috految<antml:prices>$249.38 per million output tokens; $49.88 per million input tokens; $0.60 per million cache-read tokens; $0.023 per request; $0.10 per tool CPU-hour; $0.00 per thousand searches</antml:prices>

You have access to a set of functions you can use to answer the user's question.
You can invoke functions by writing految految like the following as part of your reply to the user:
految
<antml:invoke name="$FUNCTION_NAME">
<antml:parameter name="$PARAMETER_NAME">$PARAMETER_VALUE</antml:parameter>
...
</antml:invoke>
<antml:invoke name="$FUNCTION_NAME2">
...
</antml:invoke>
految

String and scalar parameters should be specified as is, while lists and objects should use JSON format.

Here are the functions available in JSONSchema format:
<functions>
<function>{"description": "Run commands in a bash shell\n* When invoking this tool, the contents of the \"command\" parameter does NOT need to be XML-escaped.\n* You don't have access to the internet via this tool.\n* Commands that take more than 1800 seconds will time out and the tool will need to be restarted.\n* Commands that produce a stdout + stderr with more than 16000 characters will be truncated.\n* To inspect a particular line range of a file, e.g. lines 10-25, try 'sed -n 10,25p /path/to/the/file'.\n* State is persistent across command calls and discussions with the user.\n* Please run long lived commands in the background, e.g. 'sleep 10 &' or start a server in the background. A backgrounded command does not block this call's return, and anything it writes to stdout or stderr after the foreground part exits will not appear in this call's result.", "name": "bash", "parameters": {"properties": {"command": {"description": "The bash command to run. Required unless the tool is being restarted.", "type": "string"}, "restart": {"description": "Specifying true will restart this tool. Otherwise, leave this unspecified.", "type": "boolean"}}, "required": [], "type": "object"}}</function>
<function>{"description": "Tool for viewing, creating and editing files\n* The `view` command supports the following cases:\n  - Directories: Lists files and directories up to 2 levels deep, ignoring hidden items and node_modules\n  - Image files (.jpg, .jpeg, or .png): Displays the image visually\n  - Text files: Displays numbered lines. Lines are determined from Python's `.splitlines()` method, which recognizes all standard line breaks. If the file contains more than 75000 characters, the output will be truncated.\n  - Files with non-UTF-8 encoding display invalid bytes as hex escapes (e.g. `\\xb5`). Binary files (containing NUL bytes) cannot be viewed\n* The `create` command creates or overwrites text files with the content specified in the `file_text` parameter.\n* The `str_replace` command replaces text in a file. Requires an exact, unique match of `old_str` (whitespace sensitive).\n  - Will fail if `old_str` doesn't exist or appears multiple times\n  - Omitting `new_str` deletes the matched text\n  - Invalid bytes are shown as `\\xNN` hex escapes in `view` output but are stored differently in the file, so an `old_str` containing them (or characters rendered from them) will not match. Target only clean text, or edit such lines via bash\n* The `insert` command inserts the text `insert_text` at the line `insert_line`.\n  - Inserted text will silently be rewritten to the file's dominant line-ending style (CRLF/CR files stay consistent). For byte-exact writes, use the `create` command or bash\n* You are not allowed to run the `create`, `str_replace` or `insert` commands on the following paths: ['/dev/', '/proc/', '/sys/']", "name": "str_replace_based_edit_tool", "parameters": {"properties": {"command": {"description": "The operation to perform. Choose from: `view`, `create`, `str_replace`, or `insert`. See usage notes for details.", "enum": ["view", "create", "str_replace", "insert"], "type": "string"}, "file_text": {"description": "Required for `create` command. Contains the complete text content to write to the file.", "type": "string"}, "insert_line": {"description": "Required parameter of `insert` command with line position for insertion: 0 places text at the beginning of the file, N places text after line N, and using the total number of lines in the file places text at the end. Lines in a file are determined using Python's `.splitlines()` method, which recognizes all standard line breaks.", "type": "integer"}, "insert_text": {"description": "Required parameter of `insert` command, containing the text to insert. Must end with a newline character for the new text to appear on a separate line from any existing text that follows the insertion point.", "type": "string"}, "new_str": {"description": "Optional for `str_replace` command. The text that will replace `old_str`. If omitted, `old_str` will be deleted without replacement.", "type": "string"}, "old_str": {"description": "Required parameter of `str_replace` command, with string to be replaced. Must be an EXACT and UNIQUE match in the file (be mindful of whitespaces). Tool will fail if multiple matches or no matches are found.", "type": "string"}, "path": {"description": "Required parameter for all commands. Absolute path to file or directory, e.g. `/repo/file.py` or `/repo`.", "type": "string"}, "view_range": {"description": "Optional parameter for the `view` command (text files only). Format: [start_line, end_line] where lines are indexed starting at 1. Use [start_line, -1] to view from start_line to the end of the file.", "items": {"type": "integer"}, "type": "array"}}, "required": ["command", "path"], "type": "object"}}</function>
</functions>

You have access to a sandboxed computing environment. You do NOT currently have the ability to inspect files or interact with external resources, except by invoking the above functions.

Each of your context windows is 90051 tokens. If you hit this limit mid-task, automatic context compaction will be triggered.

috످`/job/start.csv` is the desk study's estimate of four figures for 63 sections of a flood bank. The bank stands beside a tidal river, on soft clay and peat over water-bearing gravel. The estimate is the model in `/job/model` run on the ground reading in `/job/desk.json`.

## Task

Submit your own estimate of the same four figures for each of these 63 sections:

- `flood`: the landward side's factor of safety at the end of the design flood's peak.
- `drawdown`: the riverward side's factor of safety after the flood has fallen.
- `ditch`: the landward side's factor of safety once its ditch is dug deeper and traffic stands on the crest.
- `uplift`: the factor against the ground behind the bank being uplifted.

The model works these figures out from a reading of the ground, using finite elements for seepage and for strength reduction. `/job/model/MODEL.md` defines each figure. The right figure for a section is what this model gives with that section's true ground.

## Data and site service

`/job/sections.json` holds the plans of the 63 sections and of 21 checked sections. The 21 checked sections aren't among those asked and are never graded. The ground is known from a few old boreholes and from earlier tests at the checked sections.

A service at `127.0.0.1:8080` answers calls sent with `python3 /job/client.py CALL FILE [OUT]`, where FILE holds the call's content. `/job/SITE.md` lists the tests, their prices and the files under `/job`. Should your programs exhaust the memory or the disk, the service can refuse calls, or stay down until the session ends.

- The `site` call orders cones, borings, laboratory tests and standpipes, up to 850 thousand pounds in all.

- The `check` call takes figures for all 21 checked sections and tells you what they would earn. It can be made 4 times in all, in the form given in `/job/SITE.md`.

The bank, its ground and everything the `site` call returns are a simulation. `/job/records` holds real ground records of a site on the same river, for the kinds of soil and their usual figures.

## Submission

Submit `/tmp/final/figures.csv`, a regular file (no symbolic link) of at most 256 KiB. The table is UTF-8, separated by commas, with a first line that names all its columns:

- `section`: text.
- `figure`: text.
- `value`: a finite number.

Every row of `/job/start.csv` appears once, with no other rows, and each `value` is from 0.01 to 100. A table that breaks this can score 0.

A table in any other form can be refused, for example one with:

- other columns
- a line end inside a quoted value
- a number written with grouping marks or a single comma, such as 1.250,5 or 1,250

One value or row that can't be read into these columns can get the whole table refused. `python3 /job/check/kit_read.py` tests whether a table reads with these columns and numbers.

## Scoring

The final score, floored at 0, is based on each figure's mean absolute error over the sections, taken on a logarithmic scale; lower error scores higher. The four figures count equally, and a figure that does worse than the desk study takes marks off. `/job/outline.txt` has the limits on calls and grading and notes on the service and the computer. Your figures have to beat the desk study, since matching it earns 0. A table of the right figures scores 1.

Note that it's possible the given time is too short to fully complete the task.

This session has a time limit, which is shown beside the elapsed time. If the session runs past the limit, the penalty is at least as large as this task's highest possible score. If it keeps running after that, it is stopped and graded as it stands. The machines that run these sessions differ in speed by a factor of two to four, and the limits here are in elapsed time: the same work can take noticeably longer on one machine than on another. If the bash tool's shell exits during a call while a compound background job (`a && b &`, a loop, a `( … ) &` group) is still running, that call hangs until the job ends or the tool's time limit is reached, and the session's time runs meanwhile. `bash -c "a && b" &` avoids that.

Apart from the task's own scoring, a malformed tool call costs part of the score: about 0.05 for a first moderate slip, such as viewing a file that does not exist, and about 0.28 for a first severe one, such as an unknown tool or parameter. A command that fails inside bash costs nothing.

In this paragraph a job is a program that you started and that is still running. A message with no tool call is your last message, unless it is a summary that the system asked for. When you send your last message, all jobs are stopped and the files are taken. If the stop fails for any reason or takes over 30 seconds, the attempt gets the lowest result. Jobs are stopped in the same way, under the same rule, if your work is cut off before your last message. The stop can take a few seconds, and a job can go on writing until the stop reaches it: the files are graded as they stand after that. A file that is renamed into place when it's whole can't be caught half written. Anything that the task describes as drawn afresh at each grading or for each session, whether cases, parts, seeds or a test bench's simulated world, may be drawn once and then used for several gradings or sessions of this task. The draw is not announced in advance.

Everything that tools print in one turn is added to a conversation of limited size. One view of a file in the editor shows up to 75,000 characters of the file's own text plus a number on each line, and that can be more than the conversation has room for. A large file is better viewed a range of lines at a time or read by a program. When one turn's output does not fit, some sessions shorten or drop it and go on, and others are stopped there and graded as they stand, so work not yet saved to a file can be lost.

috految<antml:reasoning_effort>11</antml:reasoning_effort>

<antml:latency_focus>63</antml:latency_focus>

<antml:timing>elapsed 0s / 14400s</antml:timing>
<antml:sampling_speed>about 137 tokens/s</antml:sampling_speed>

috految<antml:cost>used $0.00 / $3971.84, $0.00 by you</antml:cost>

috److految
<antml:invoke name="bash">
<antml:parameter name="command">cd /job; cat SITE.md model/MODEL.md outline.txt; wc -c * */*; nproc; which gcc g++</antml:parameter>
</antml:invoke>
految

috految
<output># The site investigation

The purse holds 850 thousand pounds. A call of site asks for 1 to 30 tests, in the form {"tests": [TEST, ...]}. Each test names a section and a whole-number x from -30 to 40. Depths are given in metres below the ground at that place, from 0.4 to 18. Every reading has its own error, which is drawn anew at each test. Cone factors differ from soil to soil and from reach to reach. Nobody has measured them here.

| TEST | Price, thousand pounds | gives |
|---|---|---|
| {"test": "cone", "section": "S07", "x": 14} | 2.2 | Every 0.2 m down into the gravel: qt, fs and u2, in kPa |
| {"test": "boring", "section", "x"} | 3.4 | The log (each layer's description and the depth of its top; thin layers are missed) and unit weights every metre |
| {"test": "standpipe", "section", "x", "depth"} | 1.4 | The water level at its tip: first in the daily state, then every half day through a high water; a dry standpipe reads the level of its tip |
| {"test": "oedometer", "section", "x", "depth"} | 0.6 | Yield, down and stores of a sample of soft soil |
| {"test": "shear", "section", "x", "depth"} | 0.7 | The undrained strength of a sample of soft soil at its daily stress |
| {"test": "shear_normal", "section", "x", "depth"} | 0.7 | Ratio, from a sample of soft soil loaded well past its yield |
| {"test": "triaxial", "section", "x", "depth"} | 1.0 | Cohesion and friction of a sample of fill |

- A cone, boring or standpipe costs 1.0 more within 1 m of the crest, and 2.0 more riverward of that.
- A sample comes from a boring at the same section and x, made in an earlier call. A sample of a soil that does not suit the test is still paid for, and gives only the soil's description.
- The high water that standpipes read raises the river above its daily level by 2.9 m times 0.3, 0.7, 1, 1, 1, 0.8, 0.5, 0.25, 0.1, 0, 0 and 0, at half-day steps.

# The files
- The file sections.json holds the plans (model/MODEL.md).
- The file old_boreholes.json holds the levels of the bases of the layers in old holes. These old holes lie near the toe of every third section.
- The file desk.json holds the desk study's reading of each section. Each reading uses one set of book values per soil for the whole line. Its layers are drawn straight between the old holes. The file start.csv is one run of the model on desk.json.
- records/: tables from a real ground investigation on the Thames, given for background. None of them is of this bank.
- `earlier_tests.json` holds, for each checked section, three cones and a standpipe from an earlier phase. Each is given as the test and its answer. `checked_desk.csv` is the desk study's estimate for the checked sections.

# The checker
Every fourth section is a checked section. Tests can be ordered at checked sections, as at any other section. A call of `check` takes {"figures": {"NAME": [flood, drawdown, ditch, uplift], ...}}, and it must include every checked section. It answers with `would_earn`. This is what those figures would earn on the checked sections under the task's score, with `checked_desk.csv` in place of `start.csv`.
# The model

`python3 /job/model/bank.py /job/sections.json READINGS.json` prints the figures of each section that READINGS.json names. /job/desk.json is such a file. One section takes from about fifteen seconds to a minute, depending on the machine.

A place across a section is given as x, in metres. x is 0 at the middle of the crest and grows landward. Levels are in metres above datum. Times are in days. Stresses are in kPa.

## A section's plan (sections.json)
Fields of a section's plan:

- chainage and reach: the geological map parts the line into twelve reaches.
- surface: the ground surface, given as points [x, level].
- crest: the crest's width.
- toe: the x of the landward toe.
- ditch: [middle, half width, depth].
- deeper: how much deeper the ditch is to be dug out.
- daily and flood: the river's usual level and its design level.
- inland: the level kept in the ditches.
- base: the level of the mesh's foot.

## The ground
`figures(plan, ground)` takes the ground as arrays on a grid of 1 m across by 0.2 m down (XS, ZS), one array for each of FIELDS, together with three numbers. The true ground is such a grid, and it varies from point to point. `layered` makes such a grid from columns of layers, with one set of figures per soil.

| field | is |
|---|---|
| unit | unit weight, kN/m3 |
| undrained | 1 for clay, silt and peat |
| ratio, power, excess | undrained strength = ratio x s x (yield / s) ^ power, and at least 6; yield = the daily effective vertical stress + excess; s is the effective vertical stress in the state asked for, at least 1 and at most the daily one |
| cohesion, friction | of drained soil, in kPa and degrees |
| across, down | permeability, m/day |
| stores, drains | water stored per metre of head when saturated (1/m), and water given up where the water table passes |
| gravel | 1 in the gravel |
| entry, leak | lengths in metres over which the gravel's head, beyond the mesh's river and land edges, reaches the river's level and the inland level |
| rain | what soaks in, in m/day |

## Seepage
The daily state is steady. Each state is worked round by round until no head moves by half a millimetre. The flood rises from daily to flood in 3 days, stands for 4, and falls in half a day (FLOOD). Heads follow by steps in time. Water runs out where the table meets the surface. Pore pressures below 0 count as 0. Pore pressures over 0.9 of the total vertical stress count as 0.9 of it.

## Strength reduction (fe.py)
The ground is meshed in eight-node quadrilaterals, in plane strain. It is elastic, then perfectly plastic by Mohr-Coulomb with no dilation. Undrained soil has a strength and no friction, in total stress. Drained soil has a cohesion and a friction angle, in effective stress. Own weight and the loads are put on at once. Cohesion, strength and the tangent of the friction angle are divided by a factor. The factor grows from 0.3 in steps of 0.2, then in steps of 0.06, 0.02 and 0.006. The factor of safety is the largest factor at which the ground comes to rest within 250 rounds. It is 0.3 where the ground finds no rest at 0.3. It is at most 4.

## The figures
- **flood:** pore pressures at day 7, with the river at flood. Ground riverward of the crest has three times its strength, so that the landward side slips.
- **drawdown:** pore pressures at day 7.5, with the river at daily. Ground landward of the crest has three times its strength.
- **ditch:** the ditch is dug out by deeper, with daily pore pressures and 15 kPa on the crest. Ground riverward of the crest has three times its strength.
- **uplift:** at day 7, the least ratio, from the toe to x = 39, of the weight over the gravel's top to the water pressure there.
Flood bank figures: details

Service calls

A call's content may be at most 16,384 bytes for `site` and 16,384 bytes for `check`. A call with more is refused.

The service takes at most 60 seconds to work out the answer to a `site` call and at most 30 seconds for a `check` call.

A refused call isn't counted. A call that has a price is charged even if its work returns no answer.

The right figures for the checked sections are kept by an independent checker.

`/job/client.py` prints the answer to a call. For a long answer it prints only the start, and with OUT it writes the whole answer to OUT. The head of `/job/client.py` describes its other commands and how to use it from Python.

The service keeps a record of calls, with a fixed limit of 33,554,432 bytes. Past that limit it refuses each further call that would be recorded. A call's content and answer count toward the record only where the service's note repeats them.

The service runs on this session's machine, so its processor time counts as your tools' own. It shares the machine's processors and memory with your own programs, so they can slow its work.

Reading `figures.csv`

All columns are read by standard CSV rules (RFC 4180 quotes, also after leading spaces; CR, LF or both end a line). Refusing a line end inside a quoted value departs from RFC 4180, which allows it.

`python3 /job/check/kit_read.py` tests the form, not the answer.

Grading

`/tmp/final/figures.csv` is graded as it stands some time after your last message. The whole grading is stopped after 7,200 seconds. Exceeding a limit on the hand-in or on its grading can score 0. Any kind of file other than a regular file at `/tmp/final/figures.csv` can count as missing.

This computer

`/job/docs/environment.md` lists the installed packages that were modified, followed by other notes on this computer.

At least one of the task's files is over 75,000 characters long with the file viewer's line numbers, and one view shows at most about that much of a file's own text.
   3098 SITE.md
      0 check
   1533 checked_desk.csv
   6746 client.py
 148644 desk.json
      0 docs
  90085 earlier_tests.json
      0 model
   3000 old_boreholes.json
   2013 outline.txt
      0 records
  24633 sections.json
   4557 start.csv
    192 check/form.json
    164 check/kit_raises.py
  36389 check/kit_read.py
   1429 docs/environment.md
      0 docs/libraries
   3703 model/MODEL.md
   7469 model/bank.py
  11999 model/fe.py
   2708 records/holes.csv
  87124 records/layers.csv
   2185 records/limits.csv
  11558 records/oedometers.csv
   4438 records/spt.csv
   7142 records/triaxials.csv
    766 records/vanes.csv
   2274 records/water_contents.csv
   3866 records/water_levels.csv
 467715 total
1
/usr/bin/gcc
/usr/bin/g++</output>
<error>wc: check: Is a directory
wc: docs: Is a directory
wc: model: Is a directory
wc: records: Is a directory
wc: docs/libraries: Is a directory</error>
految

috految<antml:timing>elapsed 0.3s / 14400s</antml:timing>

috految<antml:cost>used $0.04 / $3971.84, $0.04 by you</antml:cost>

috److految
<antml:invoke name="bash">
<antml:parameter name="command">cd /job; cat model/bank.py; head -16 client.py; lscpu|grep -E '^CPU.s|name|L2|Thread'; grep -o 'avx\w*' /proc/cpuinfo|sort -u|xargs; taskset -p $$; free -g; ls $(python3 -c "import site;print(*site.getsitepackages())")|grep -iE 'numba|torch|jax|sci|matpl|gbm'; head -c 850 sections.json; head -c 1900 desk.json; tr -d ' "' <old_boreholes.json; head -c 350 earlier_tests.json; tail -c 400 earlier_tests.json; head -21 start.csv</antml:parameter>
</antml:invoke>
<antml:invoke name="bash">
<antml:parameter name="command">cat model/fe.py</antml:parameter>
</antml:invoke>
految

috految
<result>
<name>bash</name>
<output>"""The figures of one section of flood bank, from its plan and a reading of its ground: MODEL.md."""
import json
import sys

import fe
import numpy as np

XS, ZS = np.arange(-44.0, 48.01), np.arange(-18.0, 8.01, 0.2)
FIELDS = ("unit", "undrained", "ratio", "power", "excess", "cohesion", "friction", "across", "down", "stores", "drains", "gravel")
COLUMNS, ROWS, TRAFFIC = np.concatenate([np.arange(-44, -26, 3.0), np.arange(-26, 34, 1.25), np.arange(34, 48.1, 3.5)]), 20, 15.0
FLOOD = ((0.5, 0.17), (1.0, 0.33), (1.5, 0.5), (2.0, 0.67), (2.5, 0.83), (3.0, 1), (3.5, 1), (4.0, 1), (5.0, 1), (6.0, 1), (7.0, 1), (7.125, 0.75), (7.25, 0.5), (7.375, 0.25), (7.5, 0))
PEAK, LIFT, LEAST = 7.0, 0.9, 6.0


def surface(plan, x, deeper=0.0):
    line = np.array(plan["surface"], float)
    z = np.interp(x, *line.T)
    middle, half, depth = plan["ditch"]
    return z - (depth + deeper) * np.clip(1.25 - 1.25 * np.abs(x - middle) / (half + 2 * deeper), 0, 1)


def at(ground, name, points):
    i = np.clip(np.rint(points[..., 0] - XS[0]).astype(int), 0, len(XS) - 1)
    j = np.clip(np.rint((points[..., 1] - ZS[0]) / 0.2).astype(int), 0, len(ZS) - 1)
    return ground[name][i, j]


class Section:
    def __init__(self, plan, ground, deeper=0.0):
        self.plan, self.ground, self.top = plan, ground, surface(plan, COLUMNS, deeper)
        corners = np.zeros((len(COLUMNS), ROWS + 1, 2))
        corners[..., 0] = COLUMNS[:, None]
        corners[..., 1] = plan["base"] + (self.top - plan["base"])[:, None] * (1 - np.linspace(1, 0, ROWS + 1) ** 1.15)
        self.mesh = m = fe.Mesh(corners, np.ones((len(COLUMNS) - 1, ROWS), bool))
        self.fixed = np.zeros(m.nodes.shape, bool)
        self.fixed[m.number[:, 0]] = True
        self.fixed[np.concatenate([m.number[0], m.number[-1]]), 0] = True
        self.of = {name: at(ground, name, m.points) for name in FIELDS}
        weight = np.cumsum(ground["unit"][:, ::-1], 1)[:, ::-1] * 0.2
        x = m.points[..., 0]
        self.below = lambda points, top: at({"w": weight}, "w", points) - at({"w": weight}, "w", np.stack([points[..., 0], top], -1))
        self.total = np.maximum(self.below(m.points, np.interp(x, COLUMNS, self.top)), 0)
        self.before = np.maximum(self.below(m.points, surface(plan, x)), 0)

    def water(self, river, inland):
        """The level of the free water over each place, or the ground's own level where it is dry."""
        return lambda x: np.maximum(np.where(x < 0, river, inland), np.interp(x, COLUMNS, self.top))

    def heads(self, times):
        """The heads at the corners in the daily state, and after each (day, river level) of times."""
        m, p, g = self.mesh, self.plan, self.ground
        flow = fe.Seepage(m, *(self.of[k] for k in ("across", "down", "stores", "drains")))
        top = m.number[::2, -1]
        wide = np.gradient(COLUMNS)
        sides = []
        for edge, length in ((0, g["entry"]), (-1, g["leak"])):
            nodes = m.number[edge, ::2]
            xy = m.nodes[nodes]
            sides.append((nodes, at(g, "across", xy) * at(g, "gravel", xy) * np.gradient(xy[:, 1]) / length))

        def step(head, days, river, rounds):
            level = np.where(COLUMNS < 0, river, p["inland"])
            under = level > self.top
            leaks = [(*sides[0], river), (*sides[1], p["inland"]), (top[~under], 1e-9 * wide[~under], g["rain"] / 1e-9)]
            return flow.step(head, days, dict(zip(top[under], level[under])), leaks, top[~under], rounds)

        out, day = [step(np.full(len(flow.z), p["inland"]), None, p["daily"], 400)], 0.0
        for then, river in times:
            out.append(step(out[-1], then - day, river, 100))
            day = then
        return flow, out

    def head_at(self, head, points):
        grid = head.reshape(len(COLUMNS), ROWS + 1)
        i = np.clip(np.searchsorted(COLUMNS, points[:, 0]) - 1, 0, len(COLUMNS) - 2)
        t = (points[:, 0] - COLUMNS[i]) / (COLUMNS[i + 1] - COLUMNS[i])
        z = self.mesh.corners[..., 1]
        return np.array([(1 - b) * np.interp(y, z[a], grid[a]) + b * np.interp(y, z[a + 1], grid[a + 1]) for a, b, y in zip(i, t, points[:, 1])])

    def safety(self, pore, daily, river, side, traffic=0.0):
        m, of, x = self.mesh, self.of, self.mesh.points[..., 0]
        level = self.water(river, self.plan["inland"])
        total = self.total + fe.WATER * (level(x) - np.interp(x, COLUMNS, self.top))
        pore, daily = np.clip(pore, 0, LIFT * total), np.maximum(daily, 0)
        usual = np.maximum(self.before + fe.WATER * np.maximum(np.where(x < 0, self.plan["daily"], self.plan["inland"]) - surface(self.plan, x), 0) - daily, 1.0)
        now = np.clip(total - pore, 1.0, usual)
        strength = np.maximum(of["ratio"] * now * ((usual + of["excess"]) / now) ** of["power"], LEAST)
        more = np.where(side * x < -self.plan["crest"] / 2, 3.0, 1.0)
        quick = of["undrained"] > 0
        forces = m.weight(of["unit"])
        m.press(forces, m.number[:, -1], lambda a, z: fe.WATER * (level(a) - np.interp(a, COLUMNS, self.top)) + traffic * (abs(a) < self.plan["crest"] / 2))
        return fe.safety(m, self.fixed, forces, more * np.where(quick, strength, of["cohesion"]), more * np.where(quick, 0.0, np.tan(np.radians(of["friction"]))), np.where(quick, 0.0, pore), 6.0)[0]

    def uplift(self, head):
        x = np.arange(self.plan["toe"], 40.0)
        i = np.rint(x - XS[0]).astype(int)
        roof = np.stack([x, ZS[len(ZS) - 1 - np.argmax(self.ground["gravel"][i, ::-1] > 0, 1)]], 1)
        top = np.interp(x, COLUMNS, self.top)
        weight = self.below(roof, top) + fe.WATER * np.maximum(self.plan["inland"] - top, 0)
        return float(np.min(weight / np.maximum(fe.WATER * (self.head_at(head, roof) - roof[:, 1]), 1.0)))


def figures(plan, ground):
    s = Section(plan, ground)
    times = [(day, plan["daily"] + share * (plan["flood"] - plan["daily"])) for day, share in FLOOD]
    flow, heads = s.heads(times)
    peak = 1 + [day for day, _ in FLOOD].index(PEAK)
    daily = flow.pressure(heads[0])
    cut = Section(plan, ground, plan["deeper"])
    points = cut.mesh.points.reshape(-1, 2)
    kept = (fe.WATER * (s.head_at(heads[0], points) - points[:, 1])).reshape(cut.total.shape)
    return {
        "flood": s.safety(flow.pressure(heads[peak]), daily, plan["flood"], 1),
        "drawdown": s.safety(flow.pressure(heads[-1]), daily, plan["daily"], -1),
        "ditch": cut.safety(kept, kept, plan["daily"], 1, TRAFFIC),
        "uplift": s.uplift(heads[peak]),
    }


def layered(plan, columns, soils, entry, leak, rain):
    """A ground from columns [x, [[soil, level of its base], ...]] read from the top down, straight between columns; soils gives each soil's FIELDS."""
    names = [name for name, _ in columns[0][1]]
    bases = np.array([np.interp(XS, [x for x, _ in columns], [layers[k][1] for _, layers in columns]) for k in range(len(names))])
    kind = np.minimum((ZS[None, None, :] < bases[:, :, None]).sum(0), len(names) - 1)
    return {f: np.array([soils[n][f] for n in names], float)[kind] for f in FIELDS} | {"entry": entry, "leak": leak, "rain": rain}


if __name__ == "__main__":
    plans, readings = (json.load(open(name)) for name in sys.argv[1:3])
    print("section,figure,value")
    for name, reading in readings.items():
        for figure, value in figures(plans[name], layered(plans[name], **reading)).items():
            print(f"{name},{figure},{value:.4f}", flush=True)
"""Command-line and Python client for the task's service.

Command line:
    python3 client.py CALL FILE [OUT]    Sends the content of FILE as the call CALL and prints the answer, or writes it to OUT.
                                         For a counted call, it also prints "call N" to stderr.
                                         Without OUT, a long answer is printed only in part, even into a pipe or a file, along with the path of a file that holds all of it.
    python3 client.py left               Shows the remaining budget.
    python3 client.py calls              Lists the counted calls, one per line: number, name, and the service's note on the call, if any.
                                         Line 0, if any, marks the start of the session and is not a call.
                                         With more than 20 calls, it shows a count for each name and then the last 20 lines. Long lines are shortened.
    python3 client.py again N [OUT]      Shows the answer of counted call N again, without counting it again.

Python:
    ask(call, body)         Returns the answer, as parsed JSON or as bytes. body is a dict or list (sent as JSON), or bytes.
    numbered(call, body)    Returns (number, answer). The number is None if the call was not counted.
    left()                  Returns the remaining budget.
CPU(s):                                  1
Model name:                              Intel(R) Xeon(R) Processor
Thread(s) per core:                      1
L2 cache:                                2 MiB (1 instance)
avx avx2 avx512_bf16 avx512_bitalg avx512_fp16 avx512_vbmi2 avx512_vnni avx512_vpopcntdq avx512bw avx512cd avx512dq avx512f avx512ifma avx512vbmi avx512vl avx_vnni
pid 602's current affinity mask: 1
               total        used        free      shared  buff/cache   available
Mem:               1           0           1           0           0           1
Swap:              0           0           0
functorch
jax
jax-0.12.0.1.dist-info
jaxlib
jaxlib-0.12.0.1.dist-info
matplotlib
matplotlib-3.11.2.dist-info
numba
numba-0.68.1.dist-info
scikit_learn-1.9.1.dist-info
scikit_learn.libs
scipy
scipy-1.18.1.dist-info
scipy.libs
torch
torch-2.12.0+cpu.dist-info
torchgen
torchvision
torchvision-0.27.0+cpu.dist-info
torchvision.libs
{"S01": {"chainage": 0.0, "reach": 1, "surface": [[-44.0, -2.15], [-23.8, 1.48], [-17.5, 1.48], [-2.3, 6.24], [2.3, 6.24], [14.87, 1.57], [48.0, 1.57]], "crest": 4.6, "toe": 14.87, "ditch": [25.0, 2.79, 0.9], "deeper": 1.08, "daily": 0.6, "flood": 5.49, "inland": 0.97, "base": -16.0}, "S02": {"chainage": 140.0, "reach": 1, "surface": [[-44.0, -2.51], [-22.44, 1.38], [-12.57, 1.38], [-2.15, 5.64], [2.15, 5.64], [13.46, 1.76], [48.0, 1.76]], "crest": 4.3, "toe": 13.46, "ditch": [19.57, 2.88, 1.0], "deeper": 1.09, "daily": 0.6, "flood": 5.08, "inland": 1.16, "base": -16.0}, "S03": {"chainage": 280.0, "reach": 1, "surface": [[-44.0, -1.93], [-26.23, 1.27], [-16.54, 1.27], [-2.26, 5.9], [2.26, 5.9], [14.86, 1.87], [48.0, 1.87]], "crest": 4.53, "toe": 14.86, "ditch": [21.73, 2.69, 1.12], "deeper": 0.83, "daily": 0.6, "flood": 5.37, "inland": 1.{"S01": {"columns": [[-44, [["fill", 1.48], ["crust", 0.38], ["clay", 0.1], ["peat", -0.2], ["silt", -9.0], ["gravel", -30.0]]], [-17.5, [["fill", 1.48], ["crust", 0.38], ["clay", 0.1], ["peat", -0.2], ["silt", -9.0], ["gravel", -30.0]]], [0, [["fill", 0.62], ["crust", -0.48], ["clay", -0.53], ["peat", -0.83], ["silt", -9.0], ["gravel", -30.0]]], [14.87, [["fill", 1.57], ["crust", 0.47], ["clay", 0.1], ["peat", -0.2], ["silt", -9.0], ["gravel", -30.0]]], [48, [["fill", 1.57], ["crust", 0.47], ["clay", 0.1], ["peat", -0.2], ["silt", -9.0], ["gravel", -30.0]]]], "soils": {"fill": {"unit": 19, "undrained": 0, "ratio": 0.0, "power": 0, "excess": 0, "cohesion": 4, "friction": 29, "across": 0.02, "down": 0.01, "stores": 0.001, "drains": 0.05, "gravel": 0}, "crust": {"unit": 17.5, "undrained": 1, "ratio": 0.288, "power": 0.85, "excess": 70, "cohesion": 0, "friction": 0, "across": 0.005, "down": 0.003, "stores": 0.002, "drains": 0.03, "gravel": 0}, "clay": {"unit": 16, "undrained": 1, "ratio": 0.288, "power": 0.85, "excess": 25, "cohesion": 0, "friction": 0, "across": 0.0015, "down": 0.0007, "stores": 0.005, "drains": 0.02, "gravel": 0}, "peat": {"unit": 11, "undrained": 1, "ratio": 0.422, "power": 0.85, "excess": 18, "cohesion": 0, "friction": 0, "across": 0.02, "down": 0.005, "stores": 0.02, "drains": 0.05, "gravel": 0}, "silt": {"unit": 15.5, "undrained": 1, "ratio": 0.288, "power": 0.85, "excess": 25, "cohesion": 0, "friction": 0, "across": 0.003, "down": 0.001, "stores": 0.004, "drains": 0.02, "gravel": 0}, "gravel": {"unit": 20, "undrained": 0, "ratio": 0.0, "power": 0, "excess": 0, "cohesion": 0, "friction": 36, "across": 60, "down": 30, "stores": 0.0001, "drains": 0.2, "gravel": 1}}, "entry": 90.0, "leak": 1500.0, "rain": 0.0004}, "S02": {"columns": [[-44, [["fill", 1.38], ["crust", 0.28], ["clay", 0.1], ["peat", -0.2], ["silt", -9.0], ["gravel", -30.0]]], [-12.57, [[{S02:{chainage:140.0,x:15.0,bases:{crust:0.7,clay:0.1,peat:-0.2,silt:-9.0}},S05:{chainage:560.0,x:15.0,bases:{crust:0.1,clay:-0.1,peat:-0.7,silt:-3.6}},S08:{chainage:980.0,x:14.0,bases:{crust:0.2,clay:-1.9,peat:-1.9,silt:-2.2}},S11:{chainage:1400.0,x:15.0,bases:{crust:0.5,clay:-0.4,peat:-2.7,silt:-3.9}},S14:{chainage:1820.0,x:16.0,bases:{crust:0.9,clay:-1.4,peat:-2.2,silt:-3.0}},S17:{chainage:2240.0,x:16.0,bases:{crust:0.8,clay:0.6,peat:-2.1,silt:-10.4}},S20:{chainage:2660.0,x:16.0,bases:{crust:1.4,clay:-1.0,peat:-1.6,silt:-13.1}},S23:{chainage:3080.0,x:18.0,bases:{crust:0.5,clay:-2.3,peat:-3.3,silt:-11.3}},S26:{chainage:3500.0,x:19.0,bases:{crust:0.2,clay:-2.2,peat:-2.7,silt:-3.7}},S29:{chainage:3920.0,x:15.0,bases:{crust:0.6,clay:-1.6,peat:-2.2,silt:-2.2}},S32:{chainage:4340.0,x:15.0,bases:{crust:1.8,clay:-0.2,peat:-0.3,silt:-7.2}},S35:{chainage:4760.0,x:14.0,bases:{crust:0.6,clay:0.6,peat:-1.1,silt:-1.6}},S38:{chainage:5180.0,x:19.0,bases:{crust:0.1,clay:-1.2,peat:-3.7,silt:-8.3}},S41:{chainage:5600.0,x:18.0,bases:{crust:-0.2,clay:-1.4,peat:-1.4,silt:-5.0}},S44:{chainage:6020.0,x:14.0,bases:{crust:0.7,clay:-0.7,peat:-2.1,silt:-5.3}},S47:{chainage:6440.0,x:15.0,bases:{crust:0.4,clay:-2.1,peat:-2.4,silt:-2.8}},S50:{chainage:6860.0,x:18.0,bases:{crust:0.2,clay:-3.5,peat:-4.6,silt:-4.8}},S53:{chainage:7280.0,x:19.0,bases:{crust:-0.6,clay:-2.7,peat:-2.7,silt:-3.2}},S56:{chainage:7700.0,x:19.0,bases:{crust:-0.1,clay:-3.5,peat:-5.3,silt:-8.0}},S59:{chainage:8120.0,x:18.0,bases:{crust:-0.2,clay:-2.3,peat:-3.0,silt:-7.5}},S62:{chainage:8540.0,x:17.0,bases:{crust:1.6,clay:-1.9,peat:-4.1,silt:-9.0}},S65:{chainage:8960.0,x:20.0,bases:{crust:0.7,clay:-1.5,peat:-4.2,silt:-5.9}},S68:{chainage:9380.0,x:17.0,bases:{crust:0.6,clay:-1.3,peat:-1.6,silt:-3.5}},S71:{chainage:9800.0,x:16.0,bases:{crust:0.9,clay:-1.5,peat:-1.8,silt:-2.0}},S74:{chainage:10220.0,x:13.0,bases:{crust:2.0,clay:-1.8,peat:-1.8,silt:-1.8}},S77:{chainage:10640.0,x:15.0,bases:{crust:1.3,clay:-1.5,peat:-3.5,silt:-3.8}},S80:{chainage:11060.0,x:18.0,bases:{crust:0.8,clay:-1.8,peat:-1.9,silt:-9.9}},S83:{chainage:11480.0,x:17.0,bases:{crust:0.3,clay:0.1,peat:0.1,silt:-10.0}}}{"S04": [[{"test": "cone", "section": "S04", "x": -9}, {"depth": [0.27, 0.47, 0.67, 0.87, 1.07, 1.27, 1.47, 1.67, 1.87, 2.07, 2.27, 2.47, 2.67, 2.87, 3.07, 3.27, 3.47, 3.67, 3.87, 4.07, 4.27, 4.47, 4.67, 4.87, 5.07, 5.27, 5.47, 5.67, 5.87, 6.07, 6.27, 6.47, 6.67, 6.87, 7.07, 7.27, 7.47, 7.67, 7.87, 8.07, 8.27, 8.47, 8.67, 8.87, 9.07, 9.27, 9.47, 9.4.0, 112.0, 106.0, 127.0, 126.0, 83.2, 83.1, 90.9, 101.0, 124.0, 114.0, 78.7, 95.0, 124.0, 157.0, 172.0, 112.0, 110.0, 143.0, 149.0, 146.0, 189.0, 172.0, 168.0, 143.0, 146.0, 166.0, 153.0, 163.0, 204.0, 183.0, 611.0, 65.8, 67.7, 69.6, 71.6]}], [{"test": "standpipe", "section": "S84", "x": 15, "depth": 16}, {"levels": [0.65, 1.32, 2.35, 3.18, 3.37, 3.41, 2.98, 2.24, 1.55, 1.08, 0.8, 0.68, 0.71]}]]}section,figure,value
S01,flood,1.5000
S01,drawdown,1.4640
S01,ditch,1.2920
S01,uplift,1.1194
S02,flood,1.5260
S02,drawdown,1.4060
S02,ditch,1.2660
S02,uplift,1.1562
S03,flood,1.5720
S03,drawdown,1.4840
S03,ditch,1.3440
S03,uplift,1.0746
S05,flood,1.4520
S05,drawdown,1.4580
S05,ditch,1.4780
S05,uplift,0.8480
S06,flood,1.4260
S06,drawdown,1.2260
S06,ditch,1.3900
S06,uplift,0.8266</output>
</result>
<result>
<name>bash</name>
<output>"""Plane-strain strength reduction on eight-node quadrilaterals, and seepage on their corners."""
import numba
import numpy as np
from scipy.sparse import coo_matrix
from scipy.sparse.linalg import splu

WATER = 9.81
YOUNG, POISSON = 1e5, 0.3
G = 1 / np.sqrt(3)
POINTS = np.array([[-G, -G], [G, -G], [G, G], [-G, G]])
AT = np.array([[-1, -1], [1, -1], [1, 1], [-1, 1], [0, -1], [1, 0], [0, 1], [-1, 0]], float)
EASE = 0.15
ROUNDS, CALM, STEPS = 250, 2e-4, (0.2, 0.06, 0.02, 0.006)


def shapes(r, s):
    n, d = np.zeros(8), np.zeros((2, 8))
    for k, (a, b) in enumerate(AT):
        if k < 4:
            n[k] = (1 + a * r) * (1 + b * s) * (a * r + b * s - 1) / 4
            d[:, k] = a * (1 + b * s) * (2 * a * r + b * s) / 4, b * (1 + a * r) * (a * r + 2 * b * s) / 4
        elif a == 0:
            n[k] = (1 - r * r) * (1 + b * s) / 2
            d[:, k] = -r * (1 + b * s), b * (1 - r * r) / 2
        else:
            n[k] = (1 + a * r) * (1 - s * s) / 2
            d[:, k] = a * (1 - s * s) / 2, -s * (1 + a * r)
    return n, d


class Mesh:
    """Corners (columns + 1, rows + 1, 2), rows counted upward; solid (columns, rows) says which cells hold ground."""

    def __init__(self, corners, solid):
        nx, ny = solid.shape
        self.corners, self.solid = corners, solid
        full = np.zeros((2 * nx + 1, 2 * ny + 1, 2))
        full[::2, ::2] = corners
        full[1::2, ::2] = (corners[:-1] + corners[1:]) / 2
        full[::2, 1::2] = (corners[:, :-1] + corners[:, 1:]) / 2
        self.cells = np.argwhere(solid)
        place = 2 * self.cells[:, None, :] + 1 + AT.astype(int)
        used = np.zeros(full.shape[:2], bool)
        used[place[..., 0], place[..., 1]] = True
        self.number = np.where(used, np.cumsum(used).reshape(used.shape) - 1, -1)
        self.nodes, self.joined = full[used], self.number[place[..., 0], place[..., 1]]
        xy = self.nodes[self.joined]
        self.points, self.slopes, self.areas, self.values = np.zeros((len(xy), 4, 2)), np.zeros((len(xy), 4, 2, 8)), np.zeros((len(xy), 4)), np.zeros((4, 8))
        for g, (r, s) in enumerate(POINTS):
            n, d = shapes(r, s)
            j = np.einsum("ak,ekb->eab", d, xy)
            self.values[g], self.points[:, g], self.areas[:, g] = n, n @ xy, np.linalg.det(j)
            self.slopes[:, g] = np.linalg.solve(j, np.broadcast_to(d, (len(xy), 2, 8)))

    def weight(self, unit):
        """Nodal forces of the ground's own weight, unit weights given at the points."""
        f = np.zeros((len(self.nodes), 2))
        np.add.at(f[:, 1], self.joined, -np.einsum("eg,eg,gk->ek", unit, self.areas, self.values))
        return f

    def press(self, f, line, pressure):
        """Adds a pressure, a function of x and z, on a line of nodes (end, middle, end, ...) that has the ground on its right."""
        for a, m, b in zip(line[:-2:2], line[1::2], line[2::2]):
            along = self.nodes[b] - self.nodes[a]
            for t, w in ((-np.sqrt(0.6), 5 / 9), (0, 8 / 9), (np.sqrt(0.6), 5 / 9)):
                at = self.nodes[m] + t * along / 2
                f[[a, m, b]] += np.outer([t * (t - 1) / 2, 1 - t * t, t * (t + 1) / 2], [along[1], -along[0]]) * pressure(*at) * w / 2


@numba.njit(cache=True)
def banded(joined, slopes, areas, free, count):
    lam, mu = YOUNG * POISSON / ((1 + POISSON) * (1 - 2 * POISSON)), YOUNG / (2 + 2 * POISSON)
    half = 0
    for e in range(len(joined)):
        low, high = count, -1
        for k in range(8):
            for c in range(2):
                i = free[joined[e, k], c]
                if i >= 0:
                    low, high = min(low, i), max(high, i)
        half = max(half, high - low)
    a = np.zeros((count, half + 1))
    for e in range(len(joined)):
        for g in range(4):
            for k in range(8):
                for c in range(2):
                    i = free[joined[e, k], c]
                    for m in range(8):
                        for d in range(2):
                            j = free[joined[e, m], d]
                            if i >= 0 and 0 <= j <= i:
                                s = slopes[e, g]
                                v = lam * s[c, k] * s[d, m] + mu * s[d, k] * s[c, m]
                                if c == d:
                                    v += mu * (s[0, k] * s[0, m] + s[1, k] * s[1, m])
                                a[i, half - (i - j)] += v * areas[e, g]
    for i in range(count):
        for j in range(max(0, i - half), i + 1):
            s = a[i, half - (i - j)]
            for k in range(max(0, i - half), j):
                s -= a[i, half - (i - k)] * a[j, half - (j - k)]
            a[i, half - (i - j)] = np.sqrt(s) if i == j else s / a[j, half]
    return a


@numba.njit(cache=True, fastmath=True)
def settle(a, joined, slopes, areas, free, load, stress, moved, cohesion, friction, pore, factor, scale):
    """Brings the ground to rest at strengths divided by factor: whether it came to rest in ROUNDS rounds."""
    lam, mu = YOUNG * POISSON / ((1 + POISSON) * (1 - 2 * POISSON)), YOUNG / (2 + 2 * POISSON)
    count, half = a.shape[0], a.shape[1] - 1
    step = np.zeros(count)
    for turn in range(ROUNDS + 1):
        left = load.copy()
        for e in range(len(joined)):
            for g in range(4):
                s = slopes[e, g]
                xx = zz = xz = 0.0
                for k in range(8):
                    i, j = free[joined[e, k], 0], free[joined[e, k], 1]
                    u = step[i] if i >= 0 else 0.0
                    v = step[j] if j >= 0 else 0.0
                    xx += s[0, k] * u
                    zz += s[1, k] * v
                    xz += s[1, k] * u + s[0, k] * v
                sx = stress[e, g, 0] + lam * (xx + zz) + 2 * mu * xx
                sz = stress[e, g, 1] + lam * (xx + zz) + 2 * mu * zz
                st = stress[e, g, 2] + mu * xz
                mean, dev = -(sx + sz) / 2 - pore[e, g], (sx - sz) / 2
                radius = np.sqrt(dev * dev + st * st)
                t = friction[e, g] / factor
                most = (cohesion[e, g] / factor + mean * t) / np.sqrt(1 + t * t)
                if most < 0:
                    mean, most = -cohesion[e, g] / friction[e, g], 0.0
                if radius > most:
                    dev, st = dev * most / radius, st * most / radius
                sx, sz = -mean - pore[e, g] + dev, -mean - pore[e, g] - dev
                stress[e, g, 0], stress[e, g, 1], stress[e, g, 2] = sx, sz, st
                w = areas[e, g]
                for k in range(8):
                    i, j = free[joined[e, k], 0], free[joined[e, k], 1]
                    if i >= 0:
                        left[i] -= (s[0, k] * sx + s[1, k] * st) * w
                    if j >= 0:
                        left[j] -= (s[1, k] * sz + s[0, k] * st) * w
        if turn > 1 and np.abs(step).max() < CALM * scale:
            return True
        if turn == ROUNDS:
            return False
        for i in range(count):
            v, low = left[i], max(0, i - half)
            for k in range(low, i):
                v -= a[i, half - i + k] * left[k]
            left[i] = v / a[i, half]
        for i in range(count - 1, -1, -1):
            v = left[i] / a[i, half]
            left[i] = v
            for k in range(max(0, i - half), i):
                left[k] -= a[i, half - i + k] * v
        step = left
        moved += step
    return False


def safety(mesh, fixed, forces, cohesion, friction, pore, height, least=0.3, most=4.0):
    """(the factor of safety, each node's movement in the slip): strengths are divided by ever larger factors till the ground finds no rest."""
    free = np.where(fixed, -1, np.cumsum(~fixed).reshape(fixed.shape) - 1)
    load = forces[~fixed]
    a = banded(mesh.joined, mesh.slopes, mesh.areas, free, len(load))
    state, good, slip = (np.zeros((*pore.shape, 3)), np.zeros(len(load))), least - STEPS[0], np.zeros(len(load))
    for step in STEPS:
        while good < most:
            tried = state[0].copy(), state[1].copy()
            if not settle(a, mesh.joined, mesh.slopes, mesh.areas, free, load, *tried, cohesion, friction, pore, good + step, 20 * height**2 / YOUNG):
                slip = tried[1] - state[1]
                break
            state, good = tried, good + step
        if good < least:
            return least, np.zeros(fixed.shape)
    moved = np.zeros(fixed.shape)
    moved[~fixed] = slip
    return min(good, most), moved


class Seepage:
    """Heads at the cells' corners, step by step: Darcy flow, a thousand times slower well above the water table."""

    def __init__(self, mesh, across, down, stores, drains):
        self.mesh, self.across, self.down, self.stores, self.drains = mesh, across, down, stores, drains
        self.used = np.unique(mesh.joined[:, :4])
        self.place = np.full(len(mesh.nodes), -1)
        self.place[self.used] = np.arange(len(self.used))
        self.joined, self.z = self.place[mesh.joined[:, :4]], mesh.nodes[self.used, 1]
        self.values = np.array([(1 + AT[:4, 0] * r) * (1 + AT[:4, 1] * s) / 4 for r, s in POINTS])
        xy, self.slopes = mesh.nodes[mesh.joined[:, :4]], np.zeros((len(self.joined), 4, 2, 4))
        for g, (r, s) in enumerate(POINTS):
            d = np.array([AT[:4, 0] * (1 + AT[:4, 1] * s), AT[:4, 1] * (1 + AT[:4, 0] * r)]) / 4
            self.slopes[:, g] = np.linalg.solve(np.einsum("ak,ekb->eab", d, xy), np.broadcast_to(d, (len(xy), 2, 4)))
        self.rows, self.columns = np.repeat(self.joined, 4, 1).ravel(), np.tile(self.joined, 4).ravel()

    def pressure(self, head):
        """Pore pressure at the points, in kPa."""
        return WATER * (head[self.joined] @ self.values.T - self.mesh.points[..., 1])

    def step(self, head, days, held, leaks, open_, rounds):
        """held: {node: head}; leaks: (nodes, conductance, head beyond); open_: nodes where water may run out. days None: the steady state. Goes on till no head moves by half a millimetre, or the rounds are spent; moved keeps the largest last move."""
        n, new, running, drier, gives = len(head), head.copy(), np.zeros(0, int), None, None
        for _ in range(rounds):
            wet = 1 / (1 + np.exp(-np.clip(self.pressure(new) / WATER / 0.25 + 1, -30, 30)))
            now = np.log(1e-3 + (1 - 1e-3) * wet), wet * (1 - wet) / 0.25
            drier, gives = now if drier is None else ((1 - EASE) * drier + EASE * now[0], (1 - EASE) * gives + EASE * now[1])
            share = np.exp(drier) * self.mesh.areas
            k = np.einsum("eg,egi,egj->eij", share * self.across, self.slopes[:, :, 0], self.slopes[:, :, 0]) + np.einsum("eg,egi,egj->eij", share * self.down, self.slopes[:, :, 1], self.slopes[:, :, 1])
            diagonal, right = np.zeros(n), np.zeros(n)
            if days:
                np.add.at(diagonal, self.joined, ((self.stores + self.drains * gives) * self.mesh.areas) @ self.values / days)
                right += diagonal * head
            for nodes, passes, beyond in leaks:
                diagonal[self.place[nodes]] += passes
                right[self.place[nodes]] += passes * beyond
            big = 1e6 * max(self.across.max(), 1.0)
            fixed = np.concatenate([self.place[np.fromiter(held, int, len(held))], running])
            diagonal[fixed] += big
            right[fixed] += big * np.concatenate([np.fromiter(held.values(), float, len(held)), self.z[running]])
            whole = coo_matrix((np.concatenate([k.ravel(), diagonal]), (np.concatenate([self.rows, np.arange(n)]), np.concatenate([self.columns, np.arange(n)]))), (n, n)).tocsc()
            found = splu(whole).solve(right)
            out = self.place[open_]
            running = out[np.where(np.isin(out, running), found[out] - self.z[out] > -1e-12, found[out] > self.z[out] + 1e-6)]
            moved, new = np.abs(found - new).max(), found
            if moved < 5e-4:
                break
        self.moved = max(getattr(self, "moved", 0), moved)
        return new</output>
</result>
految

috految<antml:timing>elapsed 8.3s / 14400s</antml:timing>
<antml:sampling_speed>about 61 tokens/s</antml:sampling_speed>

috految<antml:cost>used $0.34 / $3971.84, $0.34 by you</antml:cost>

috److految
<antml:invoke name="bash">
<antml:parameter name="command">mkdir -p /tmp/final; cd /tmp; cat >c.py <<'E'
import sys,json,os,time,pickle,numpy as np
sys.path+=['/job','/job/model'];import client
np.set_printoptions(precision=2,suppress=True,linewidth=170)
J=lambda f:json.load(open(f'/job/{f}.json'));A=np.array;ln=np.log;exp=np.exp
P=J('sections');N=list(P);D=J('desk');ER=J('earlier_tests');Q=[s for s in N if s not in ER]
T=sum(ER.values(),[])+[json.loads(l) for l in open('t.jl')]
def top(s,x):
 m,h,d=P[s]['ditch'];return np.interp(x,*A(P[s]['surface']).T)-d*np.clip(1.25-1.25*abs(x-m)/h,0,1)
def order(L):
 for i in range(0,len(L),30):
  t=[dict(zip(['test','section','x','depth'],l)) for l in L[i:i+30]];r=client.ask('site',{'tests':t})
  if type(r)==dict:r=[v for v in r.values() if type(v)==list][0]
  for q in zip(t,r):T.append(q);print(json.dumps(q),file=open('t.jl','a'))
 print(client.left())
E
touch t.jl; cat >a.py <<'E'
from c import *
print([P[s]['reach'] for s in N],len({str(d['soils']) for d in D.values()}),{p['base'] for p in P.values()},[(p['toe'],p['ditch'][0]) for p in list(P.values())[::9]])
for s,l in ER.items():print(s,[t['x'] for t,a in l],P[s]['inland'],A(l[3][1]['levels'])[[0,1,3,5,10]])
print(T[0][1].keys())
import matplotlib.pyplot as p
f,ax=p.subplots(4,4,figsize=(17,12),gridspec_kw=dict(left=.03,right=1,top=1,bottom=.03,wspace=.1,hspace=.1));ax=ax.ravel()
for i,s in enumerate(ER):
 for t,a in ER[s][:3]:
  d,q,fs,u=[A(a[k]) for k in('depth','qt','fs','u2')];z=top(s,t['x'])-d;n=np.maximum(q-16.5*d,5);B=(u-9.81*np.maximum(.9-z,0))/n
  if i<13:
   c=ax[i].plot(ln(n),z)[0].get_color();ax[i].plot(ln(fs/n)+6,z,c=c,lw=.7);ax[i].plot(B*3-2,z,c=c,lw=.7);ax[i].set_xlim(-2.5,10)
  ax[13].plot(ln(n),ln(fs/n),'.',ms=2);ax[14].plot(B.clip(-.2,1.2),ln(fs/n),'.',ms=2);ax[15].plot((u/9.81+z)[z>1],z[z>1],'.',ms=2)
f.savefig('a.png',dpi=90)
for k in('qt','fs','u2'):print(*T[0][1][k])
t=time.time();order([('boring','S03',8),('cone','S03',8)]);print(T[-2:],time.time()-t)
E
python3 a.py; python3 -c 'import scipy.optimize,scipy.sparse.linalg,scipy.ndimage,numba' &</antml:parameter>
</antml:invoke>
految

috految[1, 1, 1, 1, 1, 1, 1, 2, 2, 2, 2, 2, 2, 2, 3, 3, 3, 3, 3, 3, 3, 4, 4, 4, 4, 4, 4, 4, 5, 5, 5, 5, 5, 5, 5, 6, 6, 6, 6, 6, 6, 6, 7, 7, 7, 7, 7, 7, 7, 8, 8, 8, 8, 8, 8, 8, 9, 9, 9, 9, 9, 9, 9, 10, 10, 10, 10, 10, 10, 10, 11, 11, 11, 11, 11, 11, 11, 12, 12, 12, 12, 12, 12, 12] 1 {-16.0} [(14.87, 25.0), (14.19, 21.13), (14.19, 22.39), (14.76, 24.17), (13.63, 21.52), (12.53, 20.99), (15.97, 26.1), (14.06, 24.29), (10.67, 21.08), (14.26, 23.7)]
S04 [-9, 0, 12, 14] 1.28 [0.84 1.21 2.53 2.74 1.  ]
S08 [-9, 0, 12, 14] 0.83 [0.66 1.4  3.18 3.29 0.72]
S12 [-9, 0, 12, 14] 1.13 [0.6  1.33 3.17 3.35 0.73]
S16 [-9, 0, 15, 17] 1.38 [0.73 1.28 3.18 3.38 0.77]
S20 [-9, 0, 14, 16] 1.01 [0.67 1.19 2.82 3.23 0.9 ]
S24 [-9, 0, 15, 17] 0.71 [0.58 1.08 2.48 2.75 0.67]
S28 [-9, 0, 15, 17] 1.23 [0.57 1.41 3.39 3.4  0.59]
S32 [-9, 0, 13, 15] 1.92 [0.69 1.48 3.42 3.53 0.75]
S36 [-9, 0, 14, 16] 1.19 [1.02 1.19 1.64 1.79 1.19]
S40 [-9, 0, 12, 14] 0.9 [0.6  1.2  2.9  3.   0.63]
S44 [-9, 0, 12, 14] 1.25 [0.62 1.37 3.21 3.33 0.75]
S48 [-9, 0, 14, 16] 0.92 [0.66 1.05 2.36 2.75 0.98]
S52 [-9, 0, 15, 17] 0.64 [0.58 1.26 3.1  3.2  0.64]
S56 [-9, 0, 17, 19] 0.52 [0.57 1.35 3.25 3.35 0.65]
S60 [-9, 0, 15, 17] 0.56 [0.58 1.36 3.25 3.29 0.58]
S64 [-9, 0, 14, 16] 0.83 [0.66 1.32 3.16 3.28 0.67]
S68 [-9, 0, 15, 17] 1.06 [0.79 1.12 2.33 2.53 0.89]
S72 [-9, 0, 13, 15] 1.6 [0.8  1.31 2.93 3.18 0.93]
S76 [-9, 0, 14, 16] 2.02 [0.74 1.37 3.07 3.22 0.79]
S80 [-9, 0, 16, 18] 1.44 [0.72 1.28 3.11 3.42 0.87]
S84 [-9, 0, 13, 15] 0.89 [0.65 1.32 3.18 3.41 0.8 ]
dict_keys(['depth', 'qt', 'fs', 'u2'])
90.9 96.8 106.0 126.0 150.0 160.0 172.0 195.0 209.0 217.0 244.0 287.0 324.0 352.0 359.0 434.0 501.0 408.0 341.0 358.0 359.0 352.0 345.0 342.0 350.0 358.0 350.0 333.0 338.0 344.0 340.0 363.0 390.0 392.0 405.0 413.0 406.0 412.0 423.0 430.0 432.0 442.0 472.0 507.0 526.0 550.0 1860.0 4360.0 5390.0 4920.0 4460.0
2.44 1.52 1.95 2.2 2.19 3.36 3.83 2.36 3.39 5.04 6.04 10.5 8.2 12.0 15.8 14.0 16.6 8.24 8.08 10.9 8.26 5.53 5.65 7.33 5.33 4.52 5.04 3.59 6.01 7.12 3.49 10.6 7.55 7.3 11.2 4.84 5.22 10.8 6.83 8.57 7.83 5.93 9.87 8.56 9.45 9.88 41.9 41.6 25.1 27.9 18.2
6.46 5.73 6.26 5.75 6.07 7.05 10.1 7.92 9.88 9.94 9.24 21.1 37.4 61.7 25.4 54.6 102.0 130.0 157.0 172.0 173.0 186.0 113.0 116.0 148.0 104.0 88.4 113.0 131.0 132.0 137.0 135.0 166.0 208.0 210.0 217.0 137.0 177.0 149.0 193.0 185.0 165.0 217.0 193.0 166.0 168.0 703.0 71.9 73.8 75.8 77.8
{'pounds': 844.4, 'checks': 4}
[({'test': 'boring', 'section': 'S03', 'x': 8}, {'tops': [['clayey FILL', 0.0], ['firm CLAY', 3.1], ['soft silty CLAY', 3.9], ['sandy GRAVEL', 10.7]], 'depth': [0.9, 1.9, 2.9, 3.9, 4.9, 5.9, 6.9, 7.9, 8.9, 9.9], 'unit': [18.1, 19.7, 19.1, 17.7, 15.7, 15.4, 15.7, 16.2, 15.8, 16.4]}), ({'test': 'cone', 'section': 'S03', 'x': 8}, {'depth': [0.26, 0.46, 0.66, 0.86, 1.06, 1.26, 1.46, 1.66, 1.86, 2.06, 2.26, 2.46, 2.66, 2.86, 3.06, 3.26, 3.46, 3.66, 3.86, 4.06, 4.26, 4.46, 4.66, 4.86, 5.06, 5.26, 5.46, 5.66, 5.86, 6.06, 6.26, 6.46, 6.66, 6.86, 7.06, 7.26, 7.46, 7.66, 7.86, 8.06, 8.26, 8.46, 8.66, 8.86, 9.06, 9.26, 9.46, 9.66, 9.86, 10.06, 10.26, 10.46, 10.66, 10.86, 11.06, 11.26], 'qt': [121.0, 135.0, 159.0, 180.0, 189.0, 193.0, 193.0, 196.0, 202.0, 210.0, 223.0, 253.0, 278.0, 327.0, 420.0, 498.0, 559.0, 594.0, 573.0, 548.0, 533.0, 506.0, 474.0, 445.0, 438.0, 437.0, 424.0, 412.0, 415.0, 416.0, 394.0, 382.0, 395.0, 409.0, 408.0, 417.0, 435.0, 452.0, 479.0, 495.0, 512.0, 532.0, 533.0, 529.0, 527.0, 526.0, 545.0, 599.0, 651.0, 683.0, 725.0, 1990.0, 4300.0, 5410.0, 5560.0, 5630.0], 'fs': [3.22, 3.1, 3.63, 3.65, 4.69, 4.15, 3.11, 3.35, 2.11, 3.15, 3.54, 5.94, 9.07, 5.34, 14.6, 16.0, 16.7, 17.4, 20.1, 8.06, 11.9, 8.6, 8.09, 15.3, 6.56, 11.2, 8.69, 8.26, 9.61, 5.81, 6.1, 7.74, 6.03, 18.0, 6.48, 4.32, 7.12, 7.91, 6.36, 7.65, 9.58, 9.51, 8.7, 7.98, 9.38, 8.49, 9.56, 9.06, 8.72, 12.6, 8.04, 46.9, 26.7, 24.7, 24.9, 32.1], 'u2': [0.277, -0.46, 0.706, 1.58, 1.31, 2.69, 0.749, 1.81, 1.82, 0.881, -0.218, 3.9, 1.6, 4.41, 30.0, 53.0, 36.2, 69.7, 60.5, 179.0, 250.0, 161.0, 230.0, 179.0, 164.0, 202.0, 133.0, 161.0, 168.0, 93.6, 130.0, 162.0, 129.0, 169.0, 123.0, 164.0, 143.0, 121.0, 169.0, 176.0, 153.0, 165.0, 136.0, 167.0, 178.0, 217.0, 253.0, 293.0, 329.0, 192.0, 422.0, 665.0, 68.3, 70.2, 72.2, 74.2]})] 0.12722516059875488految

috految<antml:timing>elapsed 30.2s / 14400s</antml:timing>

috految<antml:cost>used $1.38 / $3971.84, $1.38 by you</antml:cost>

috److految
<antml:invoke name="str_replace_based_edit_tool">
<antml:parameter name="command">view</antml:parameter>
<antml:parameter name="path">/tmp/a.png</antml:parameter>
</antml:invoke>
految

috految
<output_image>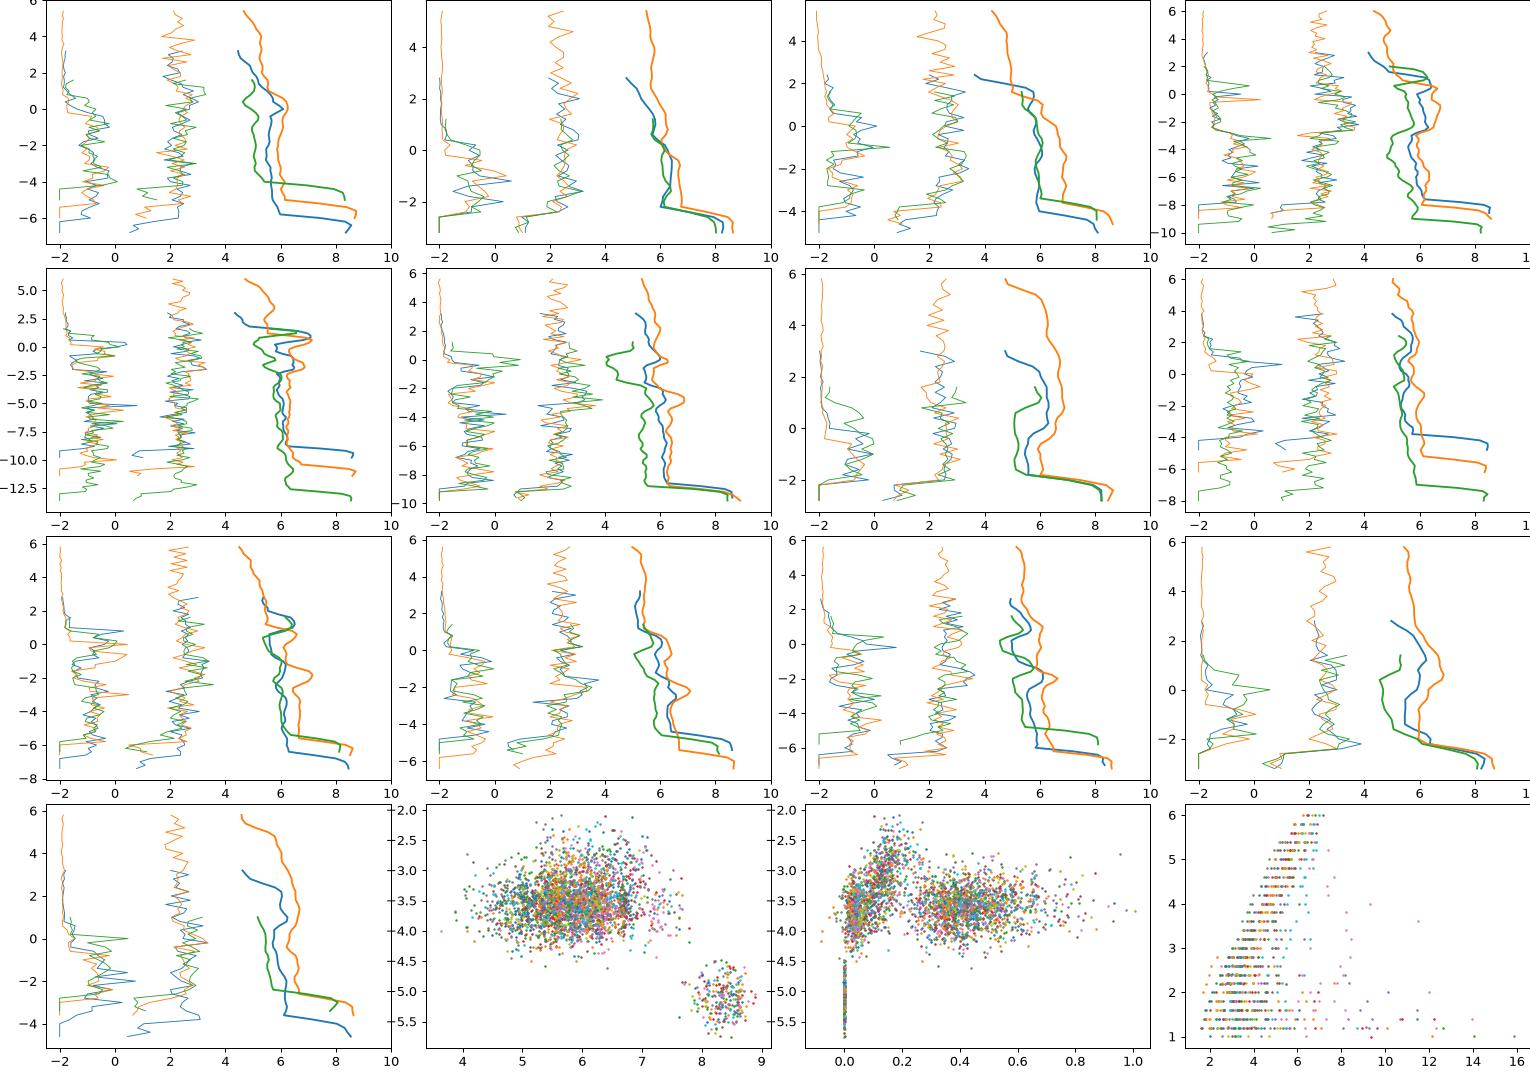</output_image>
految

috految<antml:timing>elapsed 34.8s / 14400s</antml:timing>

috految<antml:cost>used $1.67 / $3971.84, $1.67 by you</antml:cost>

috److془Plan. Budget: cones at x~8 (139), ditch (139), river (-11: 4.2 ×~45=190), standpipe 88, borings 24 (82+ labs 120), fill standpipes ~ 30.

Cone at ~6 gives fill info. Standpipe first. Fill: qnet = N*(c+ s tan phi) or so, with cohesion varied. Possibly sandy fill, channels.

Order the first: cones, standpipes, 20 borings with labs. Standpipe in the gravel at ditch. Could be slow (~1s each) - background while I write solver. Fill standpipes at x=4/ -8: permeability informative; the water table in fill from u2 to ~0.25m. Fill k matters for drawdown. Fill perm correlated with water table, too. Standpipe at x=-9 (3.4) gives the drawdown pressures. Hmm; 8 of them at x=-7 maybe.

Cone at x=8 vs. 5; use 6-7.془

految
<antml:invoke name="bash">
<antml:parameter name="command">cd /tmp; cat >b.py <<'E'
from c import *
order([('cone',s,max(5,round(P[s]['toe']*.5))) for s in Q if s!='S03']+[('cone',s,round(P[s]['ditch'][0]-.8)) for s in Q])
B=[]
for r in range(12):
 l=[s for s in Q if P[s]['reach']==r+1];B+=[l[1],l[-2]] if r else ['S06']
order([('boring',s,max(5,round(P[s]['toe']*.5))) for s in B])
L=[];seen=set()
for t,a in T:
 if t['test']=='boring':
  s,x=t['section'],t['x'];tp=a['tops'];print(s,*[f'{n} {d}' for n,d in tp],*a['unit'][:7]);r=P[s]['reach']
  L+=[('triaxial',s,x,round(tp[1][1]*.5,1))]
  for (n,u),(_,v) in zip(tp[1:],tp[2:]):
   if v-u<.45 or 'FILL' in n or 'SAND' in n:continue
   d=round(min((u+v)/2,u+2),1);L+=[('shear',s,x,d)]
   if (r,n) not in seen:
    seen.add((r,n))
    if 'firm' not in n or r%3==0:L+=[('oedometer',s,x,d)]
    if 'soft' in n or r%3==0:L+=[('shear_normal',s,x,d)]
order(L)
for k in('triaxial','shear','shear_normal','oedometer'):
 l=[q for q in T if q[0]['test']==k];print(l[0])
 for t,a in l[:24]:
  c=next(b for q,b in T if q['test']=='cone' and q['section']==t['section']and q['x']==t['x']);print(t['section'],t['depth'],*a.values(),round(np.interp(t['depth'],c['depth'],c['qt'])-18*t['depth']))
for t,a in T:
 if t['test']=='cone' and (t['section'][2]in'05' and t['x']<10 or max(a['qt'][:-5])>1600):print(t['section'],t['x'],*A(a['qt'][:-5:3],int),'|',*A(a['u2'][:15:3],int))
order([('standpipe',s,round(P[s]['ditch'][0]),round(min(18,top(s,round(P[s]['ditch'][0]))+15),1)) for s in Q])
print([(t['section'],a['levels'][5]) for t,a in T[-63:]])
E
python3 -u b.py >b.log 2>&1 &</antml:parameter>
</antml:invoke>
految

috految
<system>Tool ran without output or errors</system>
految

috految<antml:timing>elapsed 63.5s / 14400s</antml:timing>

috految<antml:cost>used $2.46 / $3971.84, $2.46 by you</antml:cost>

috److془Write fast solver. 7400 dof; L nnz~ 350k with ND; 16 lanes: ~0.8ms/iteration. ~ 250 iterations × 2 ×63 .. 25s. Lanes: 8 flood+8 drawdown. Or deterministic. Trick: Cheaper with truncated mesh: gravel rows dropped (~40%), columns half. Exact algorithm ~2000 iterations; (convergence criterion step <1.4e-6 m). Continuous control: increase F with a feedback on step magnitude. Or the momentum to accelerate. Note the criterion with 250 rounds ~ within 1-3% of collapse. With step 1.4e-6: elastic movement ~ .01 per unit lnF; so close to collapse for collapse rate; though drained local mechanisms with tiny displacement (1e-4 per unit) matter. Nonconvergence: slow mode seen at 250 iterations with dF=.006. Use momentum .8 (5x), ramp dlnF = c*clamp(log(target/step)). Nonassociated may be unstable with momentum; Nesterov .7 . Alternatively mild for all: F steps when step< 1e-5 rate .. Go feedback: dlnF = gain(t)*clamp(ln(target/step),-1,1), gain .02→.0015, target 1e-4→ 4e-6; 160 its. Calibrate against desk. Extra: control on weak sections fine. Start F=.9. Ground base: keep to gravel top -1.5 m; with liquefied gravel (pore .9 total), shear passes near top; -2.5. Nice. Ends: truncate far side at |x|>20; I'd keep it simple, 8 lanes each with truncate |x|>14.. rollers could close off; fine with strength 3x; Hmm the flood horizontal sliding; use 22. Simple: 16 lanes joint, no truncation. ~ 0.1s per solve. 

Seepage: SIMD 8 lanes double, banded 1239x22: 300k FMA ~0.3ms+assembly .15. 25 its steady + 15×5 = 50ms. 
Ensemble Gauss-newton for hydraulics using 8 lanes finite differences: per section; 3 iterations × 60x.04 fine. Params: entry, leak, k gravel, k fill, rain, k soft, k crust. Final ensemble 16 antithetic.. 8 antithetic suffices.془

految
<antml:invoke name="bash">
<antml:parameter name="command">cd /tmp; cat >s.cpp <<'E'
#include <immintrin.h>
#include <math.h>
#include <string.h>
#define R(i,n) for(int i=0;i<(n);i++)
typedef __m512 V;typedef __m512_u U;typedef __m512d W;typedef __m512d_u X;
extern "C"{
W _ZGVeN8v_exp(W);W _ZGVeN8v_log(W);
void srm(int n,int ne,int*d,float*B,float*w,int*ip,int*ix,float*L,float*D,U*load,U*c,U*f,U*p,U*out,int M){
_mm_setcsr(_mm_getcsr()|0x8040);static V r[9000],u[9000],v[9000],S[5000][3];V z={},F=z+.9f;memset(S,0,sizeof S);R(i,n+1)u[i]=v[i]=z;float mu=1e5/2.6,la=3e4/.52;
R(t,M){R(i,n)r[i]=load[i];r[n]=z;V iF=1/F;
R(e,ne){int*q=d+16*e;V a[16]={};R(g,4){int j=4*e+g;float*b=B+16*j;V xx=z,zz=z,xz=z;R(k,8){V x=u[q[2*k]],y=u[q[2*k+1]];xx+=b[k]*x;zz+=b[8+k]*y;xz+=b[8+k]*x+b[k]*y;}
V sx=S[j][0]+la*(xx+zz)+2*mu*xx,sz=S[j][1]+la*(xx+zz)+2*mu*zz,st=S[j][2]+mu*xz,m=-(sx+sz)/2-p[j],dv=(sx-sz)/2,h=f[j]*iF,mo=(c[j]*iF+m*h)*_mm512_rsqrt14_ps(1+h*h);
m=mo<0?-c[j]/(f[j]+1e-9f):m;mo=mo<0?z:mo;V s=mo*_mm512_rsqrt14_ps(dv*dv+st*st+1e-12f);s=s<1?s:z+1;dv*=s;st*=s;S[j][0]=sx=-m-p[j]+dv;S[j][1]=sz=-m-p[j]-dv;S[j][2]=st;sx*=w[j];sz*=w[j];st*=w[j];
R(k,8){a[2*k]+=b[k]*sx+b[8+k]*st;a[2*k+1]+=b[8+k]*sz+b[k]*st;}}R(k,16)r[q[k]]-=a[k];}
R(i,n){V x=r[i];int e=ip[i+1];for(int k=ip[i];k<e;k++)r[ix[k]]-=L[k]*x;}
V mx=z;for(int i=n;i--;){V x=r[i]*D[i],y=z;int k=ip[i+1]-1;for(;k>ip[i];k-=2){x-=L[k]*r[ix[k]];y-=L[k-1]*r[ix[k-1]];}if(k==ip[i])x-=L[k]*r[ix[k]];r[i]=x+=y;mx=_mm512_max_ps(mx,_mm512_abs_ps(x));}
float be=t<6?0:.75,s=t/(M-1.);R(i,n){v[i]=be*v[i]+r[i];u[i]=r[i]+be*v[i];}
if(t>5)R(l,16)F[l]=fmin(4,fmax(.3,F[l]*exp(.022*pow(.06,s)*fmin(1.5,fmax(-.8,log(1.2e-4*pow(.04,s)/mx[l]))))));out[t]=F;}}
void seep(int n,int ne,int*J,double*sl,double*ar,double*N,double*pz,double*z,X*kx,X*kz,X*S,X*Y,X*side,X*rain,double*wide,double*lev,double*days,int nt,X*out){
static W a[1280][23],r[1280],h[1280],o[1280],dr[5000],gi[5000],run[70];W Z={};int nc=n/21;R(i,n)h[i]=Z+lev[nc-1];R(i,70)run[i]=Z;
R(t,nt){R(i,n)o[i]=h[i];R(it,t?(nt>10?6:3):24){memset(a,0,sizeof a);R(i,n+23)r[i]=Z;double ea=!it&&!t?1:t?.4:it<12?.25:.15;
R(e,ne){int*q=J+4*e;R(g,4){int j=4*e+g;W p=Z;R(k,4)p+=N[4*g+k]*h[q[k]];p=(p-pz[j])*4+1;W w=Z+1,l=Z;if(_mm512_reduce_min_pd(p)<7){p=p<-30?Z-30:p;p=p>30?Z+30:p;w=1/(1+_ZGVeN8v_exp(-p));l=_ZGVeN8v_log(.001+.999*w);}
dr[j]+=ea*(l-dr[j]);gi[j]+=ea*(w*(1-w)*4-gi[j]);W s=_ZGVeN8v_exp(dr[j])*ar[j],x=s*kx[j],y=s*kz[j],m=(S[j]+Y[j]*gi[j])*(t?ar[j]/days[t]:0);double*b=sl+8*j;
R(k,4){W mm=m*N[4*g+k];a[q[k]][0]+=mm;r[q[k]]+=mm*o[q[k]];R(l,4)if(q[l]>=q[k])a[q[k]][q[l]-q[k]]+=x*(b[k]*b[l])+y*(b[4+k]*b[4+l]);}}}
R(k,21)R(s,2){int i=s?n-21+k:k;a[i][0]+=side[s*21+k];r[i]+=side[s*21+k]*lev[t*nc+s*(nc-1)];}
R(c,nc){int i=c*21+20;double l=lev[t*nc+c];if(l>z[i]){a[i][0]+=1e6;r[i]+=1e6*l;}else{a[i][0]+=1e6*run[c];r[i]+=*rain*wide[c]+1e6*run[c]*z[i];}}
R(i,n){W iv=1/a[i][0];
#pragma GCC unroll 22
for(int k=1;k<23;k++){W l=a[i][k]*iv;r[i+k]-=l*r[i];R(j,23-k)a[i+k][j]-=l*a[i][k+j];}}
for(int i=n;i--;){W x=r[i];for(int k=22;k;k--)x-=a[i][k]*r[i+k];h[i]=r[i]=x/a[i][0];}
R(c,nc){int i=c*21+20;run[c]=h[i]>z[i]-1e-13?Z+1:Z;}}
R(i,n)out[t*n+i]=h[i];}}}
E
cat >m.py <<'E'
from c import *
import types,ctypes as ct,scipy.sparse as sp,scipy.sparse.linalg as sl
sys.modules['numba']=types.SimpleNamespace(njit=lambda **k:lambda f:f)
import bank,fe
from bank import XS,ZS,COLUMNS as C,at
lib=ct.CDLL('./s.so')
def call(f,ty,*a):
 a=[x if type(x)==int else np.ascontiguousarray(x,np.int32 if x.dtype.kind=='i' else ty) for x in a];f(*[x if type(x)==int else ct.c_void_p(x.ctypes.data) for x in a])
M0=fe.Mesh;MC={};press=M0.press
def mesh(c,s):
 k=c.tobytes()
 if k not in MC:MC[k]=M0(c,s)
 return MC[k]
fe.Mesh=mesh
def pr(m,f,line,p):
 i=A([line[:-2:2],line[1::2],line[2::2]]);al=m.nodes[i[2]]-m.nodes[i[0]]
 for t,w in((-.6**.5,5/9),(0,8/9),(.6**.5,5/9)):np.add.at(f,i,A([t*(t-1)/2,1-t*t,t*(t+1)/2])[:,None,None]*(al[:,::-1]*[1,-1]*p(*(m.nodes[i[1]]+t*al/2).T)[:,None]*w/2))
M0.press=pr;fe.safety=lambda m,fx,F,c,f,p,h:[(F,c,f,p)]
def heads(s,G,times):
 p=P[s];S=bank.Section(p,G[0]);m=S.mesh;f=fe.Seepage(m,0,0,0,0);sd=[]
 for e,k in((0,'entry'),(-1,'leak')):
  xy=m.nodes[m.number[e,::2]];sd+=[A([at(g,'across',xy)*at(g,'gravel',xy)*np.gradient(xy[:,1])/g[k] for g in G]).T]
 t=A([(0,p['daily'])]+times);o=np.zeros((len(t),len(f.z),8))
 call(lib.seep,float,len(f.z),len(f.joined),f.joined,f.slopes,m.areas,f.values,m.points[...,1],f.z,*[np.stack([at(g,k,m.points) for g in G],-1) for k in('across','down','stores','drains')],A(sd),A([g['rain'] for g in G]),np.gradient(C),np.where(C<0,t[:,1:],p['inland']),np.diff(t[:,0],prepend=0),len(t),o);return S,f,o
def hat(S,h,pt):
 i=np.clip(np.searchsorted(C,pt[:,0])-1,0,len(C)-2);t=(pt[:,0]-C[i])/np.diff(C)[i];z=S.mesh.corners[...,1];Z=(z+100*np.arange(len(C))[:,None]).ravel()
 return sum(w*np.interp(pt[:,1].clip(-16,z[j,-1])+100*j,Z,h) for j,w in((i,1-t),(i+1,t)))
bank.Section.head_at=hat
def solve(S,L,M):
 m=S.mesh;k=m.points[:,:,1].max(1)>min(ZS[(S.ground['gravel'][20:75]<1).any(0)].min()-2,-5);fx=S.fixed.copy();fx[m.joined[~k]]=1;n=int((~fx).sum());fr=np.where(fx,n,np.cumsum(~fx).reshape(fx.shape)-1);d=fr[m.joined[k]].reshape(-1,16);b=m.slopes[k];w=m.areas[k]
 B=np.zeros((len(d),4,3,16));B[:,:,0,::2]=B[:,:,2,1::2]=b[:,:,0];B[:,:,1,1::2]=B[:,:,2,::2]=b[:,:,1];la=3e4/.52;mu=1e5/2.6
 K=B.reshape(-1,12,16).transpose(0,2,1)@(A([[la+2*mu,la,0],[la,la+2*mu,0],[0,0,mu]])@B*w[...,None,None]).reshape(-1,12,16)
 lu=sl.splu(sp.csc_matrix((K.ravel(),(np.repeat(d,16,1).ravel(),np.tile(d,16).ravel())))[:n,:n],permc_spec='MMD_AT_PLUS_A',diag_pivot_thresh=0,options=dict(SymmetricMode=True));l=sp.tril(lu.L,-1,'csc');q=lu.perm_c;o=np.zeros((M,16),'f');F=np.zeros((n,16));F[q]=A([x[0][~fx] for x in L]).T
 call(lib.srm,'f',n,len(d),np.r_[q,n][d],b,w,l.indptr,l.indices,l.data,1/lu.U.diagonal(),F,*[np.stack([x[j][k] for x in L],-1) for j in(1,2,3)],o,M);return o
def figs(s,G,M=130):
 p=P[s];S,f,o=heads(s,G,[(d,p['daily']+h*(p['flood']-p['daily'])) for d,h in bank.FLOOD]);a=[];b=[];c=[];u=[]
 for i,g in enumerate(G):
  S=bank.Section(p,g);K=bank.Section(p,g,p['deeper']);h=o[...,i];d=f.pressure(h[0]);pt=K.mesh.points.reshape(-1,2);k=9.81*(hat(S,h[0],pt)-pt[:,1]).reshape(d.shape)
  a+=[S.safety(f.pressure(h[11]),d,p['flood'],1)];b+=[S.safety(f.pressure(h[-1]),d,p['daily'],-1)];c+=[K.safety(k,k,p['daily'],1,15.)];u+=[S.uplift(h[11])]
 x=solve(S,a+b,M);y=solve(K,c+c,M);return A([x[:,:8],x[:,8:],y[:,:8],np.tile(u,(M,1))])
ST={}
for l in open('/job/start.csv').readlines()[1:]+open('/job/checked_desk.csv').readlines()[1:]:ST.setdefault(l[:3],[]).append(float(l.split(',')[2]))
if __name__=='__main__':
 for s in Q[::5]:
  t=time.time();r=figs(s,[bank.layered(P[s],**D[s])]*8)[:,:,0];print(s,ST[s],*[100*ln(r[:,i]/ST[s]) for i in(80,-1)],round(time.time()-t,2))
E
bash -c 'g++ -O3 -march=native -shared -fPIC s.cpp -o s.so -lmvec && python3 -u m.py' >m.log 2>&1 &
cat b.log</antml:parameter>
</antml:invoke>
految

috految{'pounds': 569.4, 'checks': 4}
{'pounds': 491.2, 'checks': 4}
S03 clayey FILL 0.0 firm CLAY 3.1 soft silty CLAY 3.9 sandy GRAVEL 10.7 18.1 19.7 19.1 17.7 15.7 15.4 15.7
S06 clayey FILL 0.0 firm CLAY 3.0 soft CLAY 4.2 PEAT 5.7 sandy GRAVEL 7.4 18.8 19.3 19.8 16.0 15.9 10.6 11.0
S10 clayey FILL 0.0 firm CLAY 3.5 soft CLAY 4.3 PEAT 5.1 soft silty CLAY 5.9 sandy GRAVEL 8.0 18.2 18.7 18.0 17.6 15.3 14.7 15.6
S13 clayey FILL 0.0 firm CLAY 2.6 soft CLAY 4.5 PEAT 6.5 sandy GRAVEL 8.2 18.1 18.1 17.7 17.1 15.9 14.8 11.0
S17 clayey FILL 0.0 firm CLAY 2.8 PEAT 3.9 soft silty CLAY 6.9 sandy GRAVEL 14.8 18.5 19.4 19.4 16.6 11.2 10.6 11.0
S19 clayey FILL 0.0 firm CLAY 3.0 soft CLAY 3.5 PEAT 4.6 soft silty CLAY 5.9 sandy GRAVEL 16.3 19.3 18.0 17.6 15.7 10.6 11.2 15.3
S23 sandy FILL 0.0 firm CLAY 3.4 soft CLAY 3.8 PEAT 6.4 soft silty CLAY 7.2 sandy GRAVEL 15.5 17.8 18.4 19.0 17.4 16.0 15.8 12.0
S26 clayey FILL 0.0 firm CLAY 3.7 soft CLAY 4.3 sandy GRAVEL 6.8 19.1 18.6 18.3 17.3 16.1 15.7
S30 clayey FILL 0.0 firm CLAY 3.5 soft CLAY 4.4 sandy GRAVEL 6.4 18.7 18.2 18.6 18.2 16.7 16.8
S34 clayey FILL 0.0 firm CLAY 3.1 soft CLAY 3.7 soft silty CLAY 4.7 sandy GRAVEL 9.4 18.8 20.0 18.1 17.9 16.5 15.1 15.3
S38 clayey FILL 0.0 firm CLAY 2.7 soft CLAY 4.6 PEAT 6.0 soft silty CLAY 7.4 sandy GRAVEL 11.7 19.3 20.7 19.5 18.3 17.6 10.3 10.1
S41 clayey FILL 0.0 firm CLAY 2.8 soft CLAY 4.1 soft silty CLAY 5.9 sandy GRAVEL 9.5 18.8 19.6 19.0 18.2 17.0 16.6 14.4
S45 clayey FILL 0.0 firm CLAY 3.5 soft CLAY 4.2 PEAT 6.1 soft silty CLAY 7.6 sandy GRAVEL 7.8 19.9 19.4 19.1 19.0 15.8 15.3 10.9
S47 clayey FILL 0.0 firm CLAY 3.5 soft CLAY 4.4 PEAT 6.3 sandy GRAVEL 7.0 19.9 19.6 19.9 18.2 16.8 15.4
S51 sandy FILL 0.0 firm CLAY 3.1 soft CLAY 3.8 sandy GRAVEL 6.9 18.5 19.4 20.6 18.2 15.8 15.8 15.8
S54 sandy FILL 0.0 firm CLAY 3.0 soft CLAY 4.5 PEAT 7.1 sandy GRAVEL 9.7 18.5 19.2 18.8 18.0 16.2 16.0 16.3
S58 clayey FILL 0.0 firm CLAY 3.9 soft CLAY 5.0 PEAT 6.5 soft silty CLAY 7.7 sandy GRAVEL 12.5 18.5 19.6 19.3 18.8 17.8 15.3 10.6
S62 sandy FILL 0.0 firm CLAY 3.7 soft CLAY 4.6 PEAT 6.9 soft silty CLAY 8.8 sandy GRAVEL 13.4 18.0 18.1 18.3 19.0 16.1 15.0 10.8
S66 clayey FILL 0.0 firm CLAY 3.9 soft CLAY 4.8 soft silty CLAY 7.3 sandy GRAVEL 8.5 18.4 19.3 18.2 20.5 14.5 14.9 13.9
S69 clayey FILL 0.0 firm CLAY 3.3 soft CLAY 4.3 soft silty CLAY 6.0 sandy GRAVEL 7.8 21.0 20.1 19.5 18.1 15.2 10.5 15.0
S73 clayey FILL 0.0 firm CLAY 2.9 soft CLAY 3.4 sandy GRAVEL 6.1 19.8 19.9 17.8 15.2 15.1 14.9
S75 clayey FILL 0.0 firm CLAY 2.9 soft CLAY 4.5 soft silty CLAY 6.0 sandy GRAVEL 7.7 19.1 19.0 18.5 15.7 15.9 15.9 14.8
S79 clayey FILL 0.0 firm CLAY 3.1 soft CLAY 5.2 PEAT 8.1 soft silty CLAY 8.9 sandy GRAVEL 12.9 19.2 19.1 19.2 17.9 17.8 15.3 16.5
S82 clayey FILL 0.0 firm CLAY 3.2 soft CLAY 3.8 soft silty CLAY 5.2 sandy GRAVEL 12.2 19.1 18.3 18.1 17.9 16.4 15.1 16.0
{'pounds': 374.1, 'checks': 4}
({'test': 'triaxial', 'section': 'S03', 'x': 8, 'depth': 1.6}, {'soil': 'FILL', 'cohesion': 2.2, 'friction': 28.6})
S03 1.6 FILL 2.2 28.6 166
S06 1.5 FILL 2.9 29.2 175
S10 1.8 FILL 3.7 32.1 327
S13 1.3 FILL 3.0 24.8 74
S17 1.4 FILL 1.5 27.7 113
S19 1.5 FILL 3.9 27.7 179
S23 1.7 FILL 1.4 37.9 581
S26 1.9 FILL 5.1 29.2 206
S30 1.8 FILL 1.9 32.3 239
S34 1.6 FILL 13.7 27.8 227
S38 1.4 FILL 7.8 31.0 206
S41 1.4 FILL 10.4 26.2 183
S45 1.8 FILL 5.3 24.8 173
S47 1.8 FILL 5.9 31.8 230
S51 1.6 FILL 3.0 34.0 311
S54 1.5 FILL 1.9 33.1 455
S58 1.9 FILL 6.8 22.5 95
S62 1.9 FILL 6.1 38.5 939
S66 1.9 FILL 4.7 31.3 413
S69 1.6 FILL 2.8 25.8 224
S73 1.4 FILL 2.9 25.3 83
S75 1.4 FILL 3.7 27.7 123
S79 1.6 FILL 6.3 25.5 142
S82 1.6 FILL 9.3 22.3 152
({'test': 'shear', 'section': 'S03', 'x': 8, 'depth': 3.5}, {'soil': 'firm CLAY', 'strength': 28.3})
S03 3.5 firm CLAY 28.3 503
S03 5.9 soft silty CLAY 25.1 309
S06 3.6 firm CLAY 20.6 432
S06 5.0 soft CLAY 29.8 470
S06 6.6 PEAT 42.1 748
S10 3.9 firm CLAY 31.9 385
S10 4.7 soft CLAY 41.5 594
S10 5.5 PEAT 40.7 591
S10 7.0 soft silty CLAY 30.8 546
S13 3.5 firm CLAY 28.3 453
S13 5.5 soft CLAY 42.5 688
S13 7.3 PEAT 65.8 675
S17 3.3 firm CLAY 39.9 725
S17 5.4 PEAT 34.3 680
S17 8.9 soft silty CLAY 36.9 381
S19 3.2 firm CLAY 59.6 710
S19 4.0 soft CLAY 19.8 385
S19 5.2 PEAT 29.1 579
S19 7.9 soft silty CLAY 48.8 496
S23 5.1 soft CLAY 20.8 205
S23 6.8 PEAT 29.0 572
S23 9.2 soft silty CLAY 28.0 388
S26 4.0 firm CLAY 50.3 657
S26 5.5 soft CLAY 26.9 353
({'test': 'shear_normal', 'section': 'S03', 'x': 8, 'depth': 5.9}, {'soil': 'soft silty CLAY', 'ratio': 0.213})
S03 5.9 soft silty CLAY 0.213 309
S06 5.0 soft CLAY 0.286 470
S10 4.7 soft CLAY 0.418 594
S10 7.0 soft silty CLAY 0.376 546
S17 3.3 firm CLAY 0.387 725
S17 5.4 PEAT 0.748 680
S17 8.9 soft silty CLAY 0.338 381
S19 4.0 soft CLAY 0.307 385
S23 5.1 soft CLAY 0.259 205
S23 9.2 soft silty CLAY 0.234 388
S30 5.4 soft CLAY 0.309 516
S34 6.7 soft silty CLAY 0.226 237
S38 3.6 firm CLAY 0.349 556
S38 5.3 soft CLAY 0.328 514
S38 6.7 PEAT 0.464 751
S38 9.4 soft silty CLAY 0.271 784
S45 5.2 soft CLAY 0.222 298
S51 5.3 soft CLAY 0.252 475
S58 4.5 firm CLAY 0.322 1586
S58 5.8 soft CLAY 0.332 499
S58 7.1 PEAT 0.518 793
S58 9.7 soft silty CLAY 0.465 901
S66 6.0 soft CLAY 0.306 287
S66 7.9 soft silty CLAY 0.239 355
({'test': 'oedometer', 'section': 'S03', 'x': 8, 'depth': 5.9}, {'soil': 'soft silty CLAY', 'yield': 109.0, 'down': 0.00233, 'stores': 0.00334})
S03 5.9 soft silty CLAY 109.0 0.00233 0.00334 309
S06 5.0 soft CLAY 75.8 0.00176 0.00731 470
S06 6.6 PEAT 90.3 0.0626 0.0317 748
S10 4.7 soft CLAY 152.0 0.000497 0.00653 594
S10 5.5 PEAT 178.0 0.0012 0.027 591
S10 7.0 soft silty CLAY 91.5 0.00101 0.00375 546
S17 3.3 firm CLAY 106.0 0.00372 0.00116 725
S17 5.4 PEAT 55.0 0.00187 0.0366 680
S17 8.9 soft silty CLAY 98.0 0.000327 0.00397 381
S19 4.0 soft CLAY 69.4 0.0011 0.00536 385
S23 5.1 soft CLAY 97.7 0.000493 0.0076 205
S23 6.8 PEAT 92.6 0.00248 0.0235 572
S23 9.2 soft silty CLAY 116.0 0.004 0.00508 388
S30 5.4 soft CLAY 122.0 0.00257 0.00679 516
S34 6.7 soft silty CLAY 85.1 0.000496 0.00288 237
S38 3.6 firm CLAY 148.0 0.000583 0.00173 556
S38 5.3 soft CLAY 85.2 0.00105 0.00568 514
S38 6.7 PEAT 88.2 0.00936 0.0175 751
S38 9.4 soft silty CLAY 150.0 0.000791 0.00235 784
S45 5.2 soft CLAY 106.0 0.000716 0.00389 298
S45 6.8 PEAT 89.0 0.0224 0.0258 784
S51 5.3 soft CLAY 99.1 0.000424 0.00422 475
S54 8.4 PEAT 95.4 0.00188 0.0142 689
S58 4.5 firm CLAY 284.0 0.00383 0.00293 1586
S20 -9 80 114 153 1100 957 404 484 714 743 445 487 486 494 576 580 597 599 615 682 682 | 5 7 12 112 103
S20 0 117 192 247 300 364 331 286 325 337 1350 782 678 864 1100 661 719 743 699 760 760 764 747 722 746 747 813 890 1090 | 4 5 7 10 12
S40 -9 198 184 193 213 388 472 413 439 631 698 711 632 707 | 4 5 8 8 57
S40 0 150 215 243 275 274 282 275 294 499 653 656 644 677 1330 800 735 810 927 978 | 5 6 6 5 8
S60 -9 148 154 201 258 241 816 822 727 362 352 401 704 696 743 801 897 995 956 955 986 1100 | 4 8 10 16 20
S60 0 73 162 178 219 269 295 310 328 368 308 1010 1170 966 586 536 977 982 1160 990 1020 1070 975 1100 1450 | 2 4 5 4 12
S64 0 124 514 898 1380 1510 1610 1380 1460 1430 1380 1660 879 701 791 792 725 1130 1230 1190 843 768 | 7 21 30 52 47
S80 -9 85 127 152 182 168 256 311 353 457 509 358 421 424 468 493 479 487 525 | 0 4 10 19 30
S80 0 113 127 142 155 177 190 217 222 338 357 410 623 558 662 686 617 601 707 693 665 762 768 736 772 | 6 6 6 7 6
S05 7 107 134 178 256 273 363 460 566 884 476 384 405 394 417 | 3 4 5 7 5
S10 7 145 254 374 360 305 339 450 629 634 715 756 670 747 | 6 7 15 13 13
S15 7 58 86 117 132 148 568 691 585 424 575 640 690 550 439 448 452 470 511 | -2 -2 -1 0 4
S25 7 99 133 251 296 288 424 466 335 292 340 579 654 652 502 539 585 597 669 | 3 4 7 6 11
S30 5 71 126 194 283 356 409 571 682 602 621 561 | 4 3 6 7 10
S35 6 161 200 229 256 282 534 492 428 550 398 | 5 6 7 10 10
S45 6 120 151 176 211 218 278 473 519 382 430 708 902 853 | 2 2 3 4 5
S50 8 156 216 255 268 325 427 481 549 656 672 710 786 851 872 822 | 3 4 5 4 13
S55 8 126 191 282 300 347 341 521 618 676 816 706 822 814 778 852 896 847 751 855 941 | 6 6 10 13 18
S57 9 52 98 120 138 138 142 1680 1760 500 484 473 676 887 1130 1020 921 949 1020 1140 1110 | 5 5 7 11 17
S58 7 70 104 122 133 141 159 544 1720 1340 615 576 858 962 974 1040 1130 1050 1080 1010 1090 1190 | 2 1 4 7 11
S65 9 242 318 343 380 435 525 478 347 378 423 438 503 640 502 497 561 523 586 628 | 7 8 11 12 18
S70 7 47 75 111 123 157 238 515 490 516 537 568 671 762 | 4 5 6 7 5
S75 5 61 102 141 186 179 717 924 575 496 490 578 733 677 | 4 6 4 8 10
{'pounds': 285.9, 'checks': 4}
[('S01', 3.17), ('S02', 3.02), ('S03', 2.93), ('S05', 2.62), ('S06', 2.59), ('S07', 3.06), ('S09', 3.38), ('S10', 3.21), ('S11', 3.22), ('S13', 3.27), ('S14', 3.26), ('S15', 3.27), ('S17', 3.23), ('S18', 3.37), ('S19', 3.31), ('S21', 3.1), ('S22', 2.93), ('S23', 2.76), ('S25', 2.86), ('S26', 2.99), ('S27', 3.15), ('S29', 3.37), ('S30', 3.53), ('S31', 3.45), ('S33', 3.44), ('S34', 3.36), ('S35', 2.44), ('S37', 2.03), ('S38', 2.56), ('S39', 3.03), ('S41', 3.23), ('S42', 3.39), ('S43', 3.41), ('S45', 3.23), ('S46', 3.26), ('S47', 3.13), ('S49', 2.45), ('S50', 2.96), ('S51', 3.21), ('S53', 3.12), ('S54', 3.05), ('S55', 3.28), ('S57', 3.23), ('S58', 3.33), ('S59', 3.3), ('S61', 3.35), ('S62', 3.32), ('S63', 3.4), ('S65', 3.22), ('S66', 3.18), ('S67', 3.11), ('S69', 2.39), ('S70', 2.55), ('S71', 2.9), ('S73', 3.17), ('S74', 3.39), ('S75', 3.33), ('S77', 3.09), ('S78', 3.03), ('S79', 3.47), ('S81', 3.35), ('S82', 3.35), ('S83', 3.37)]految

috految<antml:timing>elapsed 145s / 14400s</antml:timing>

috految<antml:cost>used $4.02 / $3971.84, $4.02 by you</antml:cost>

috److془Fill: net = a c + b sqrt(s)·exp(phi*.2) (Kulhawy: phi=17.6+11 log). Check: phi=28,s=30: 480; observed ~ 120. Fit. Gravel 36, s=80: 4200 ✓.. So fill is 0.25 × + 12c-ish, with perhaps reach factor. Sandy: 38.5: 4300*.25 ✓. Sandy fill has a top cap of clay 0.6m? S64 124,514,898,1380: hmm ∝ s; S28: 110 for 0.4 then jump. Cap or so. Deep fill ~; S64 at .2: 124 vs predicted 350. Cap 0.6 m-ish clay. Perhaps the cap thickness; S20, S60 "73 162 178". Or sandy is a core. Or: sandy depth dependent on vertical. Triaxial: sandy c lower. Hmm "sandy FILL 0.0" at top with cap ignored. S64 at 0.8 514, 1.4:898. Ramp though: S28 x=0: 110→ 130 →300 at .5 . Could be reduced near surface by sqrt s with the first s=1, then 4... Stress at top =0 at first cell though; smoothing. Should be the same for clayey. Yes is cap or the like; S28 blue also kinked. Use target: sandy*(d>.55). Sandy sections: S28, S48?, S52 kinked. Fine. Sandy is calculated by kink & level. Cap may be there with lower permeability; the cap in short: fine. Standpipes test it. Sandy k? standpipes at x=-7 /actually. Blue in S52 kinked too. Cap thickness ~.6. Print it.

Remaining 286: river cones 42 (176; x=-11), standpipes 12 at -7 (41), extra shear 30 (21), cones near toe for thick sections; uplift at far x 35 for thin.. Rather: 36 river cones(151), 12 pipes(39), 8 crest pipes.. Strength calibrations: ~40; toe cones rest. Sandy: triaxial at .4.

Model: CPT segmentation by Viterbi w/ Rf, Bq, and jumps. Bq: fill .03, crust .12, clay .45, peat .15, silt .4. Rf: .026,.04,.028,.06,.028. Get with EM. Soft: GP linearised on ratio, excess, N, with learned hyperparameters. Clay prior gives clay/silt boundary. Smoothing qt [.25 .5 .25]; u and fs unsmoothed type. Gravel 4 last cells. Gravel top: ZS<base; z[-4]+.1. Sand channels would appear as high qt; none. Note uplift's roof is fine. u2 offset ~3kPa per cone; gravel u gives offset exactly given daily head. Hydraulic obs: u2 - .03 net in fill.
Boundaries: clay base, peat thickness, silt=gravel top, GP with x,ch kernels. Cone in ditch: crust censored. Fill base = mean desk + shape; crust base relative to it. Possibly excess under the bank different: kernel in load. Gravel top = min(gravel, peat base).془

految
<antml:invoke name="bash">
<antml:parameter name="command">cd /tmp; cat m.log; cat >d.py <<'E'
from c import *
def cn(s):return [(t,a) for t,a in T if t['section']==s and t['test']=='cone']
L=[('cone',s,round(P[s]['surface'][2][0]*.7)) for s in sorted(Q,key=lambda s:-sum(a['depth'][-1]-2*ln(a['qt'][5]) for t,a in cn(s))+6*(int(s[1:])%2))[:37]]
L+=[('standpipe',s,-7,round(top(s,-7)-1.4,1)) for s in 'S03 S10 S23 S31 S41 S51 S54 S58 S62 S69 S79'.split()]
L+=[('triaxial',t['section'],t['x'],.4) for t,a in T if t['test']=='boring' and a['tops'][0][0]=='sandy FILL']
for t,a in T:
 if t['test']=='boring':
  for (n,u),(_,v) in zip(a['tops'][1:],a['tops'][2:]):
   if 'soft' in n and v-u>.7:L+=[('shear',t['section'],t['x'],round(u+.7*(v-u),1))]
   if 'PEAT'==n and v-u>1.5:L+=[('shear',t['section'],t['x'],round(u+.3*(v-u),1))]
order(L)
for t,a in T[-len(L):]:
 if t['test']in('standpipe','triaxial'):print(t['section'],*a.values())
b=client.left()['pounds']
order([('cone',s,round(P[s]['toe']-.5)) for s in sorted(Q,key=lambda s:min(np.mean(np.sort(a['qt'][3:-5])[:10]) for t,a in cn(s) if t['x']>0))[:int((b-.01)/2.2)]])
E
python3 d.py >d.log 2>&1 &
python3 -c "
from c import *
for t,a in sorted(T,key=lambda q:q[0]['section']):
 if t['test']=='cone' and 0<=t['x']<10:print(t['section'][1:],*A(a['qt'],int)[[0,1,2,3,4,7,10]])"</antml:parameter>
</antml:invoke>
految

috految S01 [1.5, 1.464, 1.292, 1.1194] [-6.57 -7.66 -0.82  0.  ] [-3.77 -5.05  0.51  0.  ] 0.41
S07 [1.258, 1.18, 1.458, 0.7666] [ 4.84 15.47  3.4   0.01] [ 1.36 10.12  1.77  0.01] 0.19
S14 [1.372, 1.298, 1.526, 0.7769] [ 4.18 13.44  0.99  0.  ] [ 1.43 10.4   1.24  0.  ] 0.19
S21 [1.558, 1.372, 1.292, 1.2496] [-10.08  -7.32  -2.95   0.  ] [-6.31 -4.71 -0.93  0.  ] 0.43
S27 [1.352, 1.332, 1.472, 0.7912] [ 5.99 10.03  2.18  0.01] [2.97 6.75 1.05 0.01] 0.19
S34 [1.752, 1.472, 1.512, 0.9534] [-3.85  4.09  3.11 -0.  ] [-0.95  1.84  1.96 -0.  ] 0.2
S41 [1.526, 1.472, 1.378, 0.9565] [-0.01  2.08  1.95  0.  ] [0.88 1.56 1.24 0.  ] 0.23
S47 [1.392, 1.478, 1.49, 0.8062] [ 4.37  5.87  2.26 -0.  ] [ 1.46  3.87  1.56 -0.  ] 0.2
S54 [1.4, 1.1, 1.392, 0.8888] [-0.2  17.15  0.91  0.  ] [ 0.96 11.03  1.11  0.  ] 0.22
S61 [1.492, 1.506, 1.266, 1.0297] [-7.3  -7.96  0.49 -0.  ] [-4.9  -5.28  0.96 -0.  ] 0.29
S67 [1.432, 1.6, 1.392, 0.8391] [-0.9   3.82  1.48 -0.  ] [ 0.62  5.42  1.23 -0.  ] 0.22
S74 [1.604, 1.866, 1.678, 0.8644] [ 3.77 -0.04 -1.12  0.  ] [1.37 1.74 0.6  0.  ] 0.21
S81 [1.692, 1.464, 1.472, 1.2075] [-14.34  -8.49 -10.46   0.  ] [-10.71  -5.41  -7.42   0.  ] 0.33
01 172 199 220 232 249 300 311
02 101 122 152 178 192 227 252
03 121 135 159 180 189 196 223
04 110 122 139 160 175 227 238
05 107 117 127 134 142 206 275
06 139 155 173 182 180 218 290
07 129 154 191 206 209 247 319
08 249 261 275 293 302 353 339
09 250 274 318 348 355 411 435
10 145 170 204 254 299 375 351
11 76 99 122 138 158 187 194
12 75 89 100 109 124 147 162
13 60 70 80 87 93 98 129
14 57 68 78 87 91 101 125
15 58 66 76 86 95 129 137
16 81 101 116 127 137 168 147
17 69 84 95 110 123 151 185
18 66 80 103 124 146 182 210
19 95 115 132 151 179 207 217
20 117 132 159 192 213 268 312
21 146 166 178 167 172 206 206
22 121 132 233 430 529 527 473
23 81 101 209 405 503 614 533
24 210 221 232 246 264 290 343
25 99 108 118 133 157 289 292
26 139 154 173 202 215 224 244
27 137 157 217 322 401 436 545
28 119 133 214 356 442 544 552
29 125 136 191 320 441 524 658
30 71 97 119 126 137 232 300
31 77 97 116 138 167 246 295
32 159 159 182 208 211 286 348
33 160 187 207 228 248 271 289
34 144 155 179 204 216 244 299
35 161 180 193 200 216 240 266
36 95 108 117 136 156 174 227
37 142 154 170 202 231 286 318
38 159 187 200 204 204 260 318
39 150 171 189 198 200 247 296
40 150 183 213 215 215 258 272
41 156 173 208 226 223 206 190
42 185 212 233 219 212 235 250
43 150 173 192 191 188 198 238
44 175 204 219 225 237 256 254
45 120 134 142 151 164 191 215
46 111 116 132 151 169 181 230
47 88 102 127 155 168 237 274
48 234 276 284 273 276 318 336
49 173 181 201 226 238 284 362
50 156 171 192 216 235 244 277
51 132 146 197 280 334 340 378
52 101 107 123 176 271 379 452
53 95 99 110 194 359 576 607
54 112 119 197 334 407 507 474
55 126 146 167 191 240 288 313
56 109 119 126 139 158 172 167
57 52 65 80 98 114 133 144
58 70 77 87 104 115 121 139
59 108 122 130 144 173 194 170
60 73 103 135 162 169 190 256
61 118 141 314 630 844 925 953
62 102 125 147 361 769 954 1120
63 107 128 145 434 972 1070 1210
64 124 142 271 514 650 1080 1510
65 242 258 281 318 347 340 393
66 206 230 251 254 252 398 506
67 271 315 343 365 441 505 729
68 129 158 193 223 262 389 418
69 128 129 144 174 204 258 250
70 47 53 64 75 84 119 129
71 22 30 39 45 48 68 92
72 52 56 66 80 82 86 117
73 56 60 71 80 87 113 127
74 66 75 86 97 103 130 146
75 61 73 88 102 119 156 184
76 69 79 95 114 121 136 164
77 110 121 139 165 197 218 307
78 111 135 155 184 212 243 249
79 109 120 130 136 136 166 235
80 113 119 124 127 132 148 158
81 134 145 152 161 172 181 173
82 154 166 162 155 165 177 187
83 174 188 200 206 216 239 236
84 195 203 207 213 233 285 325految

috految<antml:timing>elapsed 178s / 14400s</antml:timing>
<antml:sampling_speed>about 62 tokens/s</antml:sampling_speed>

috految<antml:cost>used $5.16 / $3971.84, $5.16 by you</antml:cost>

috److془Sandy: 22,23,27,28,29,51-54,61-64. cap .7 (.8 spacing: index2 d .6-.8 ; index3 .8-1. 60% at idx 3 → .8 ~ .75). Top qt around 100-130 constant: cap c~6, phi 27.

Solver: gain bigger-last, M=160, target lower for shallow; use start target higher for deep. Scale target by ((gravel depth)/..). Better: big momentum .85, M=170, final 1.5e-6, gain .02→.003. Test while writing. Also extrapolate: error last ≈ 1.5×(80−last) nearly exactly! Great. Use M=170, regress.془

految
<antml:invoke name="bash">
<antml:parameter name="command">cd /tmp; cat d.log; sed -i 's/0:.75/0:.82/;s/pow(.06,s)/pow(.1,s)/;s/1.2e-4\*pow(.04,s)/1.6e-4*pow(.015,s)/;s/z+.9f/z+1.f/' s.cpp; sed -i 's/M=130/M=170/' m.py
bash -c "g++ -O3 -march=native -shared -fPIC s.cpp -o s.so -lmvec; python3 -c \"
from m import *
np.save('cal',[figs(s,[bank.layered(P[s],**D[s])]*8)[:,:,0] for s in Q])\"" >m.log 2>&1 &</antml:parameter>
</antml:invoke>
految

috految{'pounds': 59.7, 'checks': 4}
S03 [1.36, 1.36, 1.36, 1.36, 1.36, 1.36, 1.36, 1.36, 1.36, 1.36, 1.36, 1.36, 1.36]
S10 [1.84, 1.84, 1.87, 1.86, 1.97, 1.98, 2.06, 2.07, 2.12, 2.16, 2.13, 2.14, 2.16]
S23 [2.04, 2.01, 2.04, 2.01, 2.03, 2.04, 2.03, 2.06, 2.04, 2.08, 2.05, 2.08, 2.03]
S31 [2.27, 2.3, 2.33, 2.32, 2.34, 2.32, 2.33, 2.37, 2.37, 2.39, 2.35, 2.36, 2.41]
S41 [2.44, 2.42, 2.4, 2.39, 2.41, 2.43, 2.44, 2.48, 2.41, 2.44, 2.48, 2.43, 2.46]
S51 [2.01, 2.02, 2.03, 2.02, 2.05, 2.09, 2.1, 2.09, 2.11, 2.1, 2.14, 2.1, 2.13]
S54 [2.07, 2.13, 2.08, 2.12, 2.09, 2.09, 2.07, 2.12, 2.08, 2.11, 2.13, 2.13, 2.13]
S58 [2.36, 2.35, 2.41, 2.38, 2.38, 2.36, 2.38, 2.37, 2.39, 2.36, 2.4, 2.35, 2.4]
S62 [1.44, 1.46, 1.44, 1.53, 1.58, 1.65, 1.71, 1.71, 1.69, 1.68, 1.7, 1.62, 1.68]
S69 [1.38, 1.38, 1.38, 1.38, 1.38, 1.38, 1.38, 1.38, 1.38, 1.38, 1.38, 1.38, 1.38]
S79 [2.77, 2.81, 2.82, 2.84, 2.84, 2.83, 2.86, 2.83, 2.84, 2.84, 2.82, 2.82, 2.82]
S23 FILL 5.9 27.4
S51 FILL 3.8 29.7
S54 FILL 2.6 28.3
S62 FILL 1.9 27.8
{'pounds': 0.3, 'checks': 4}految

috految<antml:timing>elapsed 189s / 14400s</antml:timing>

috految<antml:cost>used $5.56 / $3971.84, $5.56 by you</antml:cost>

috److془Cap ~ c 4.5, phi 28, k~.02. Write.془

految
<antml:invoke name="bash">
<antml:parameter name="command">cd /tmp; cat >g.py <<'E'
from m import *
from scipy.linalg import lapack
I=lambda s:int(s[1:])-1
SA=[22,23,27,28,29,51,52,53,54,61,62,63,64];SO=list(D['S01']['soils'].values());nm={'firm CLAY':1,'soft CLAY':2,'PEAT':3,'soft silty CLAY':4,'sandy GRAVEL':5}
def inv(K):
 a=lapack.dpotri(lapack.dpotrf(K)[0])[0];return a+np.triu(a,1).T
def fit(Ks,v,nz,y,n=7):
 v0=v=A(v,float)**2
 for i in range(n+1):
  Ki=inv(sum(a*k for a,k in zip(v,Ks))+np.diag(nz));al=Ki@y
  if i<n:v=A([a*(a*al@k@al+2*(b/a)**.5)/(a*np.vdot(Ki,k)+2) for a,b,k in zip(v,v0,Ks)])
 return v,al,Ki
def dep(s,x):return np.interp(x,[c[0] for c in D[s]['columns']],[c[1][0][1] for c in D[s]['columns']])
def H(s,x):return np.maximum(top(s,x)-dep(s,x),0)
def ker(a,b):
 d=abs(a[:,0,None]-b[:,0]);x=abs(a[:,1,None]-b[:,1]);e=d==0;r=a[:,0,None]//7==b[:,0]//7;h=np.outer(a[:,2],b[:,2])/16;E=lambda t:exp(-np.minimum(t,30))
 return [d*0+1,r*1.,E(d*d/18),E(d*d/3),e*1.,e*E(x*x/1200),e*E(x*x/130),E(d*d/4+x*x/800),h,h*E(d/2),E(x*x/150)]
cs=[]
for t,a in T:
 if t['test']=='cone':
  s,x=t['section'],t['x'];d,q,f,u=[A(a[k]) for k in('depth','qt','fs','u2')];z=top(s,x)-d;n=len(d)-4;pi=[b['levels'][0] for r,b in T if r['section']==s and r['test']=='standpipe' and r['depth']>8][0]
  off=np.median((u-9.81*(pi-z))[-3:]);u=u-np.clip(off,-10,10)
  cs+=[dict(s=s,x=x,d=d,q=q,f=f,u=u,z=z,n=n,pi=pi,w=9.81*max((P[s]['inland'] if x>0 else .6)-top(s,x),0))]
Rf=ln([.025,.04,.028,.06,.028]);Bq=A([.03,.13,.45,.16,.4]);UN=A([19,17.6,15.9,10.9,15.4,20]);BD=None
for it in range(3):
 O=[[] for _ in range(5)];em=[]
 for c in cs:
  s,x,n=c['s'],c['x'],c['n'];z=c['z'][:n];d=c['d'][:n];b0=dep(s,x);net=np.maximum(c['q'][:n]-(c['tot'] if it else 17*d)-c['w'],15)
  h=np.interp(z,[z[-1],1.2],[c['pi'],min(top(s,x)+c['w']/9.81,1.3+.25*H(s,x))]);ue=(c['u'][:n]-9.81*np.maximum(h-z,0))[:,None];mu=net[:,None]*Bq;sd=np.hypot(.27*mu,3+.8*H(s,x));rf=ln(c['f'][:n].clip(.1)/net)
  ll=-4*ln(1+((ue-mu)/sd)**2/7)-ln(sd)-.5*((rf[:,None]-Rf)/.27)**2;ll[q0:=z>b0+1.5,1:]-=3
  if H(s,x)<.05:ll[:,0]-=6
  cum=np.vstack([np.zeros(5),ll.cumsum(0)]);e=np.r_[z+.1,z[-1]-.1];j=np.r_[0,abs(np.diff(ln(net))),0];j[-2:]=0;j=np.minimum(j*8,2.5);e0=BD[s][:,int(x+44)] if BD else [b0,b0-1,-1.2,-2.3];V=cum[:,0];bk=[]
  for k in range(4):
   W=(V-.5*((e-min(max(e0[k],e[-1]),e[0]))/[.45,.6,1,1.2][k])**2+j)[:,None]+cum[None,:,k+1]-cum[:,k+1,None];ii=np.arange(n+1);W[ii,ii]+=(1.5 if k>1 else 0)-j;W[ii[:,None]>ii]=-1e9;bk+=[W.argmax(0)];V=W.max(0)
  ix=[n]
  for b in bk[::-1]:ix+=[b[ix[-1]]]
  ix=ix[::-1];K=c['k']=np.searchsorted(ix[:4],np.arange(n),'right');c['tot']=UN[K].cumsum()*.2+UN[K[0]]*(d[0]-.2);em+=list(zip(K,rf,ue[:,0]/net));b=e[ix];X=[I(s),x,H(s,x)]
  if ix[0]:O[0]+=[X+[b[0]-b0,.09]]
  if ix[1]:O[1]+=[X+[b[1]-b0+1,.12]]
  O[2]+=[X+[b[2]+1.4,.12 if ix[3]>ix[2] else .6]];O[3]+=[X+[b[2]-b[3]-1,.15 if ix[2] else .4]];O[4]+=[X+[b[4]+6,.06]]
 em=A(em);Rf=A([np.median(em[em[:,0]==k,1]) for k in range(5)]);Bq=A([np.median(em[em[:,0]==k,2]) for k in range(5)])
 for s,o in J('old_boreholes').items():
  b=o['bases'];x=o['x']
  for k,v in enumerate([b['crust']-dep(s,x)+1,b['clay']+1.4,b['clay']-b['peat']-1,b['silt']+6]):O[k+1]+=[[I(s),x,H(s,x),v,.3]]
 for t,a in T:
  if t['test']=='boring':
   s,x=t['section'],t['x']
   for (n,u),(_,v) in zip(a['tops'],a['tops'][1:]):
    if n=='soft CLAY':O[2]+=[[I(s),x,H(s,x),top(s,x)-v+1.4,.15]]
 BD={s:np.zeros((5,93)) for s in N};BS={s:[] for s in N}
 for k in range(5):
  o=A(O[k]);v,al,Ki=fit(ker(o,o),A([.3,.2,.6,.5,.3,.3,.2,.3,.2,.1,.1])*[.3,.5,1,1,2][k],o[:,4]**2,o[:,3])
  if it==2:print('layer',k,v**.5)
  for s in N:
   X=np.c_[XS*0+I(s),XS,H(s,XS)];kk=sum(a*b for a,b in zip(v,ker(X,o)));BD[s][k]=kk@al
   if it==2:BS[s]+=[np.linalg.cholesky(sum(a*b for a,b in zip(v,ker(X,X)))-kk@Ki@kk.T+1e-4*np.eye(93))]
 for s,b in BD.items():b[0]=dep(s,XS)+b[0]*np.minimum(H(s,XS)*2,1);b[1]+=dep(s,XS)-1;b[2]-=1.4;b[3]=b[2]-np.maximum(b[3]+1,0);b[4]-=6
print(exp(Rf)*100,Bq,np.bincount(em[:,0].astype(int)))
def kind(b):
 b=b.copy();b[4]=b[4].clip(-14.8,min(b[4].max(),-1));b[:4]=np.maximum(np.minimum.accumulate(b[:4]),b[4]);return (ZS<b[:,:,None]).sum(0)
U=np.tile(UN,(84,1));KD=np.zeros((84,6));ii=np.arange(84);dd=abs(ii[:,None]-ii);rr=ii[:,None]//7==ii//7
for k in range(5):
 o=A([(I(t['section']),u-UN[k]) for t,a in T if t['test']=='boring' for d,u in zip(a['depth'],a['unit']) if [nm.get(n,0) for n,z in a['tops'] if z<=d][-1]==k and abs(u-UN[k])<2.4]);i=o[:,0].astype(int);K=.1+.1*rr+.14*exp(-dd/3);U[:,k]+=K[:,i]@np.linalg.solve(K[np.ix_(i,i)]+.25*np.eye(len(i)),o[:,1])
 o=A([(I(t['section']),ln(a['down']/SO[k]['down'])) for t,a in T if 'down' in a and nm.get(a['soil'])==k])
 if len(o):i=o[:,0].astype(int);K=.1+.2*rr+.3*exp(-dd/3);KD[:,k]=K[:,i]@np.linalg.solve(K[np.ix_(i,i)]+.35*np.eye(len(i)),o[:,1])
def ground(s,th,b=None):
 K=kind(BD[s] if b is None else b);g={f:A([o[f] for o in SO],float)[K] for f in bank.FIELDS};g['unit']=U[I(s)][K];g['k']=K;m=exp(KD[I(s)]+[th[3],th[6],th[5],th[5],th[5],th[2]])[K]
 if I(s)+1 in SA:
  sa=(K==0)&(top(s,XS)[:,None]-ZS>.75);m[sa]*=25;g['drains'][sa]=.1;g['sa']=sa
 g['across']*=m;g['down']*=m;g.update(entry=90*exp(th[0]),leak=1500*exp(th[1]),rain=.0004*exp(th[4]));return g
TH=np.zeros((84,7));HD={};sg=A([.9,.9,.7,.8,.45,.45,.5]);Ck=np.kron(.2+.25*rr+.45*exp(-dd**2/6)+.15*np.eye(84),np.diag(sg**2));Ci=inv(Ck)
for it in range(4):
 Hs=Ci.copy();rhs=-Ci@TH.ravel();rs=[]
 for s in N:
  i=I(s);S,f,o=heads(s,[ground(s,TH[i]+.2*e) for e in np.r_[np.zeros((1,7)),np.eye(7)]],[((j+1)/2,.6+2.9*h) for j,h in enumerate([.3,.7,1,1,1,.8,.5,.25])]);HD[s]=o[0,:,0].copy();R=[]
  for t,a in T:
   if t['section']==s and 'levels' in a:
    z=top(s,t['x'])-t['depth'];y=A([[hat(S,h,A([[t['x'],z]]))[0] for h in q.T] for q in o]);r=A(a['levels'][:9])[:,None]-np.maximum(y,z);R+=[r.mean(0)/(.05 if t['depth']>8 else .12)]+list((r-r.mean(0))/.04)
  for c in cs:
   if c['s']==s:
    k=np.where(c['k']==0)[0][:-1]
    if len(k):
     z=c['z'][k];y=A([hat(S,h,np.c_[z*0+c['x'],z]) for h in o[0].T]).T;net=(c['q'][k]-c['tot'][k])[:,None];R+=list((c['u'][k,None]-.03*net-9.81*np.maximum(y-z[:,None],0))/np.hypot(2.8,.018*net))
  R=A(R);r=R[:,0];j=(r[:,None]-R[:,1:])/.2;w=1/np.sqrt(1+r*r/4);sl_=slice(7*i,7*i+7);Hs[sl_,sl_]+=j.T*w@j;rhs[sl_]+=j.T@(w*r);rs+=[r.std()]
 dt=np.linalg.solve(Hs+np.eye(588)*.3,rhs).reshape(84,7);TH+=dt/np.maximum(1,abs(dt).max(1,keepdims=True)/1.1);print(np.percentile(rs,[50,90,100]),TH.mean(0),TH.std(0))
while not os.path.exists('h.py'):time.sleep(.1)
pickle.dump((TH,HD,cs,BD,BS),open('st','wb'));exec(open('h.py').read())
E
python3 -u g.py >g.log 2>&1 & GP=$!</antml:parameter>
</antml:invoke>
految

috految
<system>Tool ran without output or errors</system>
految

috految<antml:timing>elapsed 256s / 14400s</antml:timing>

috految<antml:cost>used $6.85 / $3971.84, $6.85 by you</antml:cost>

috److految
<antml:invoke name="bash">
<antml:parameter name="command">cd /tmp; cat >h0.py <<'E'
SS={s:bank.Section(P[s],ground(s,TH[I(s)])) for s in N}
def se(s,x,z):
 S=SS[s];pt=np.c_[z*0+x,z];t=S.below(pt,z*0+top(s,x))+9.81*max((P[s]['inland'] if x>0 else .6)-top(s,x),0);return t,np.maximum(t-9.81*np.maximum(hat(S,HD[s],pt)-z,0),1)
ob=[[] for _ in range(5)]
for c in cs:
 s,x,n=c['s'],c['x'],c['n'];z=c['z'][:n];t,e=se(s,x,z);K=c['k'];net=np.maximum(c['q'][:n]-t,10);edge=(K!=np.r_[K[0],K[:-1]])|(K!=np.r_[K[1:],5]);sa=(I(s)+1 in SA)
 for k in range(5):
  i=np.where((K==k)&~edge&(np.arange(n)<n-1)&((k>0)|(not sa)|(c['d'][:n]>1)))[0];nz=.04
  if not len(i) and k:i=np.where(K[:-1]==k)[0];nz=.25
  if len(i):
   for j in np.array_split(i,min(5,max(1,round(len(i)/(5 if k==4 else 3.5))))):ob[k]+=[[I(s),x,H(s,x),z[j].mean(),sa and k==0,0,e[j].mean(),ln(net[j]).mean(),np.hypot(nz,4/net[j].mean())]]
for t,a in T:
 if 'soil' in a:
  s,x=t['section'],t['x'];k=nm.get(a['soil'],0);z=top(s,x)-t['depth'];e=se(s,x,A([z]))[1][0];X=[I(s),x,H(s,x),z,k==0 and I(s)+1 in SA]
  if k==5 or X[4] and t['depth']<.6:continue
  for f,ty,nz in(('strength',1,.11),('ratio',2,.07),('yield',3,.12),('cohesion',2,.35),('friction',3,.045)):
   if f in a:ob[k]+=[X+[ty,e,ln(max(a[f],.1)),nz]]
def kk(a,b):
 K=ker(a,b);dz=abs(a[:,3,None]-b[:,3]);return K[:7]+[K[8],K[6]*exp(-dz*dz/1.2),K[5]*exp(-dz/2),exp(-dz*dz/18),np.outer(a[:,4],b[:,4])*(1+.3*K[3]),K[10]]
FI=[]
for k in range(5):
 o=A(ob[k],float);ty,e,y,nz=o[:,5:].T;Ks=kk(o,o);cone=ty==0;same=Ks[4]*(o[:,1,None]==o[:,1]);n=len(o)
 def mod(f):
  a,b,c,d=f
  if k:r=ln([0,.31,.3,.46,.29][k])+a;ex=[0,75,27,22,27][k]*exp(b);su=np.maximum(r+ln(e)+(.85+d)*ln(1+ex/e),ln(5));return np.choose(ty.astype(int),[su+ln(15)+c,su,r,ln(e+ex)])
  P_=28*exp(b+.2*o[:,4]);co=4.3*exp(a-.8*o[:,4]);return np.choose(ty.astype(int),[ln(13*exp(d)*co+2.5*e**.5*exp((P_-17.6)*.209))+c,e,ln(co),ln(P_)])
 v0=[.15,.07,.07,.07,.04,.04,.04,.02,.06,.04,.02,.01,.01,.4,.15,.25,.25,.1,.15,.1,.15,.15,.1,.1,.01,.04] if k else [.3,.15,.25,.2,.1,.1,.08,.01,.12,.08,.02,.4,.01,.05,.025,.05,.04,.02,.015,.015,.005,.03,.02,.01,.08,.005]
 KN=[Ks[0],Ks[1],same,np.eye(n)];v0=A(v0+[.2,.11,.04,.03,.04 if k else .4]);f=np.zeros((4,n));v=v0**2;rob=np.ones(n)
 for it in range(5):
  m=mod(f);Jc=A([(mod(f+1e-4*d[:,None])-m)/1e-4 for d in np.eye(4)]).T;G=[Ks]*2+[KN,[Ks[0]]];j=[i for i in range(4) for _ in G[i]];G=sum(G,[]);JJ=[np.outer(a,a) for a in Jc.T]
  v,al,Ki=fit([g*JJ[i] for i,g in zip(j,G)],v**.5,nz**2*rob,y-m+(Jc*f.T).sum(1),3 if it==2 else 0);f=f*0
  for i,g,a in zip(j,G,v):f[i]+=a*(g@(al*Jc[:,i]))
  rob=np.maximum(1,al**2/np.diag(Ki)/4)
 print(k,n,v**.5,f.mean(1),[(y-mod(f))[ty==i].mean().round(2) for i in(1,2,3) if(ty==i).any()]);FI+=[(o,v,al,Jc,f[3].mean())]
rg=np.random.default_rng(0);R={}
for s in Q:
 X=A([[I(s),x,H(s,x),z,0] for x in np.arange(-30,39,4.) for z in (0,)])
 F=[]
 for k,(o,v,al,Jc,d) in enumerate(FI):
  zz=np.arange(0,6.1,.75) if k==0 else np.arange(-12,2,1.) if k==4 else np.arange(-4,2.1,.75);Y=np.repeat(X,len(zz),0);Y[:,3]=np.tile(zz,len(X));Y[:,4]=k==0 and I(s)+1 in SA;ks=kk(Y,o)
  W=lambda a,b:A([np.interp(a,b,e) for e in np.eye(len(b))]).T
  F+=[[W(XS,X[:,1])@sum(a*(g@(al*Jc[:,i])) for a,g in zip(v[13*i:],ks)).reshape(len(X),-1)@W(ZS,zz).T for i in(0,1)]]
 G=[]
 for l in range(8):
  if l%2:db=-db;w=-w
  else:db=A([L@rg.normal(size=93) for L in BS[s]])*.8;db[3]=db[2]-db[3];db[0]*=np.minimum(H(s,XS),1);w=rg.normal(size=(13,))
  g=ground(s,TH[I(s)]+w[:7]*[0,0,0,.25,.1,.2,.2],BD[s]+db);K=g['k']
  for k,(a,b) in enumerate(F):
   m=K==k
   if k:g['ratio'][m]=([0,.31,.3,.46,.29][k]*exp(a+.05*w[7+k]))[m];g['excess'][m]=([0,75,27,22,27][k]*exp(b))[m];g['power'][m]=.85+FI[k][4]
   else:
    sa='sa' in g;g['cohesion'][m]=(4.3*exp(a-.8*sa+.15*w[7]))[m];g['friction'][m]=(28*exp(b+.2*sa))[m]
    if sa:m=m&~g['sa'];g['cohesion'][m]=4.3;g['friction'][m]=28
  G+=[g]
 R[s]=figs(s,G)
pickle.dump(R,open('R','wb'))
E
mv h0.py h.py; cat g.log m.log</antml:parameter>
</antml:invoke>
految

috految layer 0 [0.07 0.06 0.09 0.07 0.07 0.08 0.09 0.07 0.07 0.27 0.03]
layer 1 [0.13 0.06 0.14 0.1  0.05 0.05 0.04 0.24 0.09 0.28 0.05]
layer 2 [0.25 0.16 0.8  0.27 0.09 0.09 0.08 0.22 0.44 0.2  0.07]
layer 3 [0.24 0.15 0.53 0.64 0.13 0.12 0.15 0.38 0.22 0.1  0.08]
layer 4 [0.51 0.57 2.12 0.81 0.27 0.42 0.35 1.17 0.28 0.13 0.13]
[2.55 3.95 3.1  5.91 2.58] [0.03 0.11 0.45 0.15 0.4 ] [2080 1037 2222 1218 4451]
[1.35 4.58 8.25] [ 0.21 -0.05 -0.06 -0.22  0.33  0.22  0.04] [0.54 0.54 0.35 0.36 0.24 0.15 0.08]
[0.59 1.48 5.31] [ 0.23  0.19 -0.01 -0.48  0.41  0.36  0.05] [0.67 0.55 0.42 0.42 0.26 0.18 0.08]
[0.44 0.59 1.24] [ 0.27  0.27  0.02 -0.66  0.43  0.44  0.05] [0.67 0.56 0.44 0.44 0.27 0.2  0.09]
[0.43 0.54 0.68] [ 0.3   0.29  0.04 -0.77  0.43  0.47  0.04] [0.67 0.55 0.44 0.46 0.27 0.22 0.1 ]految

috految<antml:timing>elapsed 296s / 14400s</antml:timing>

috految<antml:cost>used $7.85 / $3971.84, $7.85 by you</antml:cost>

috److految
<antml:invoke name="bash">
<antml:parameter name="command">cd /tmp; cat >f.py <<'E'
from m import *
R=pickle.load(open('R','rb'));c=ln(np.load('cal.npy'));y=ln([ST[s] for s in Q]);r=ln([R[s] for s in Q]);o=[]
def F(c):return np.stack([c[:,-1]*0+.05]+[(c[:,i]-c[:,-1]).clip(-.2,.2) for i in(85,120,150)],-1)
for k in range(4):
 X=F(c[:,k]);d=y[:,k]-c[:,k,-1];w=np.ones(63)
 for _ in range(9):b=np.linalg.solve(X.T*w@X+3e-4*np.eye(4),X.T@(w*d));w=1/np.maximum(1,abs(d-X@b)/.008)
 p=r[:,k,-1]+F(r[:,k])@b;p=.5*p.mean(1)+.5*np.median(p,1)-(k<3)*.007+(k==3)*0;o+=[exp(p)];print(abs(d).mean(),abs(d-X@b).mean(),b,np.percentile(p-y[:,k],[0,10,50,90,100]),np.percentile(p-r[:,k,-1].mean(1),[0,50,100]),exp(p).min())
open('final/figures.csv','w').write('section,figure,value\n'+''.join(f'{s},{f},{v[i]:.4f}\n' for i,s in enumerate(Q) for f,v in zip(['flood','drawdown','ditch','uplift'],o)))
E
wait $GP; tail -n +11 g.log; python3 f.py; python3 /job/check/kit_read.py</antml:parameter>
</antml:invoke>
految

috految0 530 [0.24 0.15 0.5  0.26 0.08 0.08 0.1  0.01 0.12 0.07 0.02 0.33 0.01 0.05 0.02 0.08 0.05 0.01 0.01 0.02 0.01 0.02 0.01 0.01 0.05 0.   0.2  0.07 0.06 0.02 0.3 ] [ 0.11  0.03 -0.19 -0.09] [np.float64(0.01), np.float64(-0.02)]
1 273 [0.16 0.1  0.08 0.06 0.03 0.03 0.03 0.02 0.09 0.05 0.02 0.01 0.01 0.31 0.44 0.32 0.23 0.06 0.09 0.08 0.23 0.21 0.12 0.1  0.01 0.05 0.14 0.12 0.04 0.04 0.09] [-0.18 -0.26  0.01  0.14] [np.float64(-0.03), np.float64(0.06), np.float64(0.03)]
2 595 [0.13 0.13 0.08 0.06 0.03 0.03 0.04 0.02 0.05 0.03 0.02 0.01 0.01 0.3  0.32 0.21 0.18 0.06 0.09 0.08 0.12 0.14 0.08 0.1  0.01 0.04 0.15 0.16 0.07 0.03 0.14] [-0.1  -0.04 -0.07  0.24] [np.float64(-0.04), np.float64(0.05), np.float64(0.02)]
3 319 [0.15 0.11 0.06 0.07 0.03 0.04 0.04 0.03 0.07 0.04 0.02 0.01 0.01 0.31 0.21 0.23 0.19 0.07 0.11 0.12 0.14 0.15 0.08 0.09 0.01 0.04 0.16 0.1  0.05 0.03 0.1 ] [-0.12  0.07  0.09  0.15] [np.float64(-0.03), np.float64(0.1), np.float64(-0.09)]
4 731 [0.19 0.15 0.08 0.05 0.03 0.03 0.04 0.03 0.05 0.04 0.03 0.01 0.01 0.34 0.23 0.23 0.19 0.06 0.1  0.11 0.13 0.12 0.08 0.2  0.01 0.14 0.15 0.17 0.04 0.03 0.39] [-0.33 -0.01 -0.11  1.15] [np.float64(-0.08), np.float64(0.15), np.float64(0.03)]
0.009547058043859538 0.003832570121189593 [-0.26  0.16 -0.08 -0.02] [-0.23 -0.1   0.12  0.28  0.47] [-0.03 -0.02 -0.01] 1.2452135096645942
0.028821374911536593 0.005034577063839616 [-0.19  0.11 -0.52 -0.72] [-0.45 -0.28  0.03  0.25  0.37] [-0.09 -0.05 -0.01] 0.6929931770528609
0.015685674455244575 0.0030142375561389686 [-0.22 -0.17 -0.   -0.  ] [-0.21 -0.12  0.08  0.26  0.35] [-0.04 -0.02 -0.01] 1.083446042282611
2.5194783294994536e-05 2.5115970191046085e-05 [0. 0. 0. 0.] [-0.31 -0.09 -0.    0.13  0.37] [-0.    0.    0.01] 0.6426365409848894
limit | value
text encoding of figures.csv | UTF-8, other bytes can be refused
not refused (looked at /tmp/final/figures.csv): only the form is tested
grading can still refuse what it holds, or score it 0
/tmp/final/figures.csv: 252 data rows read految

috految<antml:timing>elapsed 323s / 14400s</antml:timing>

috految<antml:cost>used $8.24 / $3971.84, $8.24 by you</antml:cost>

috److془Power drift MAP bias. Fix. Also the MAP bias in excess: fix by Jacobian at global mean/ fixed. Use Jacobian at f=0 for soft, (t smooth), also fill .5 f. Converges chord-wise.془

految
<antml:invoke name="bash">
<antml:parameter name="command">cd /tmp; sed -i 's/.04 if k else .4/.0001 if k else .3/;s/(mod(f+1e-4\*d\[:,None\])-m)/(mod(f*(.1 if k else .4)+1e-4*d[:,None])-mod(f*(.1 if k else .4)))/;s/f=f\*0$/f=f*0/;s/ print(k,n,v\*\*.5,/ print(k,(y-mod(f)).std(),/' h.py
sed -i "s/^for it in range(3)/TH,HD,cs,BD,BS=pickle.load(open('st','rb'))\nfor it in range(0)/;/^print(exp(Rf/d;/^TH=np.zeros/d;s/^for it in range(4)/for it in range(0)/" g.py; sed -i 's/(k<3)\*.007/(k<3)*.01/' f.py; python3 g.py && python3 f.py</antml:parameter>
</antml:invoke>
految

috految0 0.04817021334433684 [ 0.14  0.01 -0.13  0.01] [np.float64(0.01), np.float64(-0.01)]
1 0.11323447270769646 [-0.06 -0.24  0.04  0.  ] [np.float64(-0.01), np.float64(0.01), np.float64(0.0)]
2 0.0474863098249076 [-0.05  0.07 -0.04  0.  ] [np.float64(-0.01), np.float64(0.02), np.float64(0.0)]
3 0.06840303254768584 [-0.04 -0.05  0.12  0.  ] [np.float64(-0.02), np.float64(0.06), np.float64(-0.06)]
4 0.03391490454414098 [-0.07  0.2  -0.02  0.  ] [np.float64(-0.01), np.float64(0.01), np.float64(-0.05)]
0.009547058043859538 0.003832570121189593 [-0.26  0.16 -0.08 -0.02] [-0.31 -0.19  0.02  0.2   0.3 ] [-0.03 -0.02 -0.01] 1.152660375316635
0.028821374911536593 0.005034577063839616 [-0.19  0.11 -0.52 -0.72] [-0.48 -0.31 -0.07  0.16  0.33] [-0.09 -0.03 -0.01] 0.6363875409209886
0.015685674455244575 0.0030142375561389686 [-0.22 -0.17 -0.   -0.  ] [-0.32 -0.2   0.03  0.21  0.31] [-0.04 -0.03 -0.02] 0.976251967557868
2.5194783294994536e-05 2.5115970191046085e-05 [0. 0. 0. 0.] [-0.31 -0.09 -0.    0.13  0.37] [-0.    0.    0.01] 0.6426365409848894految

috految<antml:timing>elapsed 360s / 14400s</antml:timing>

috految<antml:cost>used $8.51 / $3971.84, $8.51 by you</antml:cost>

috److I've written estimates of all four figures for the 63 sections to `/tmp/final/figures.csv`. I didn't use any of the four `check` calls, so I have no direct measure of whether they beat the desk study.

- **Site investigation:** I spent £849,700 of the £850,000 on cones, borings, laboratory tests and standpipes. Every graded section has at least two cones and a standpipe in the gravel.
- **Ground reading:** I fitted layer boundaries, soil strengths and seepage parameters along the whole line from these tests, the earlier tests and the old boreholes. I treated the fill as sandy at 13 of the 84 sections, judged from the cone profiles and boring logs.
- **Calculation:** I ran eight plausible grounds per section through a faster version of the model. On the desk readings it matched the supplied model's uplift almost exactly. The three stability factors matched to about 0.3–0.5% on average, after a correction fitted on those same readings.
- **Manual adjustments:** I lowered the three stability factors by 1% as a judgement call. I also held the strength exponent (`power`) at the desk value of 0.85, because fitting it gave implausible values.

My estimates compare with the desk study as follows:

| Figure | Median change from desk | 10th to 90th percentile | Lowest estimate |
|---|---|---|---|
| `flood` | +2% | −17% to +22% | 1.15 |
| `drawdown` | −7% | −27% to +17% | 0.64 |
| `ditch` | +3% | −18% to +23% | 0.98 |
| `uplift` | 0% | −9% to +14% | 0.64 |

The form check (`kit_read.py`) read all 252 rows of the previous version of the table. The final version was written by the same script, and I didn't re-run the check on it.

috످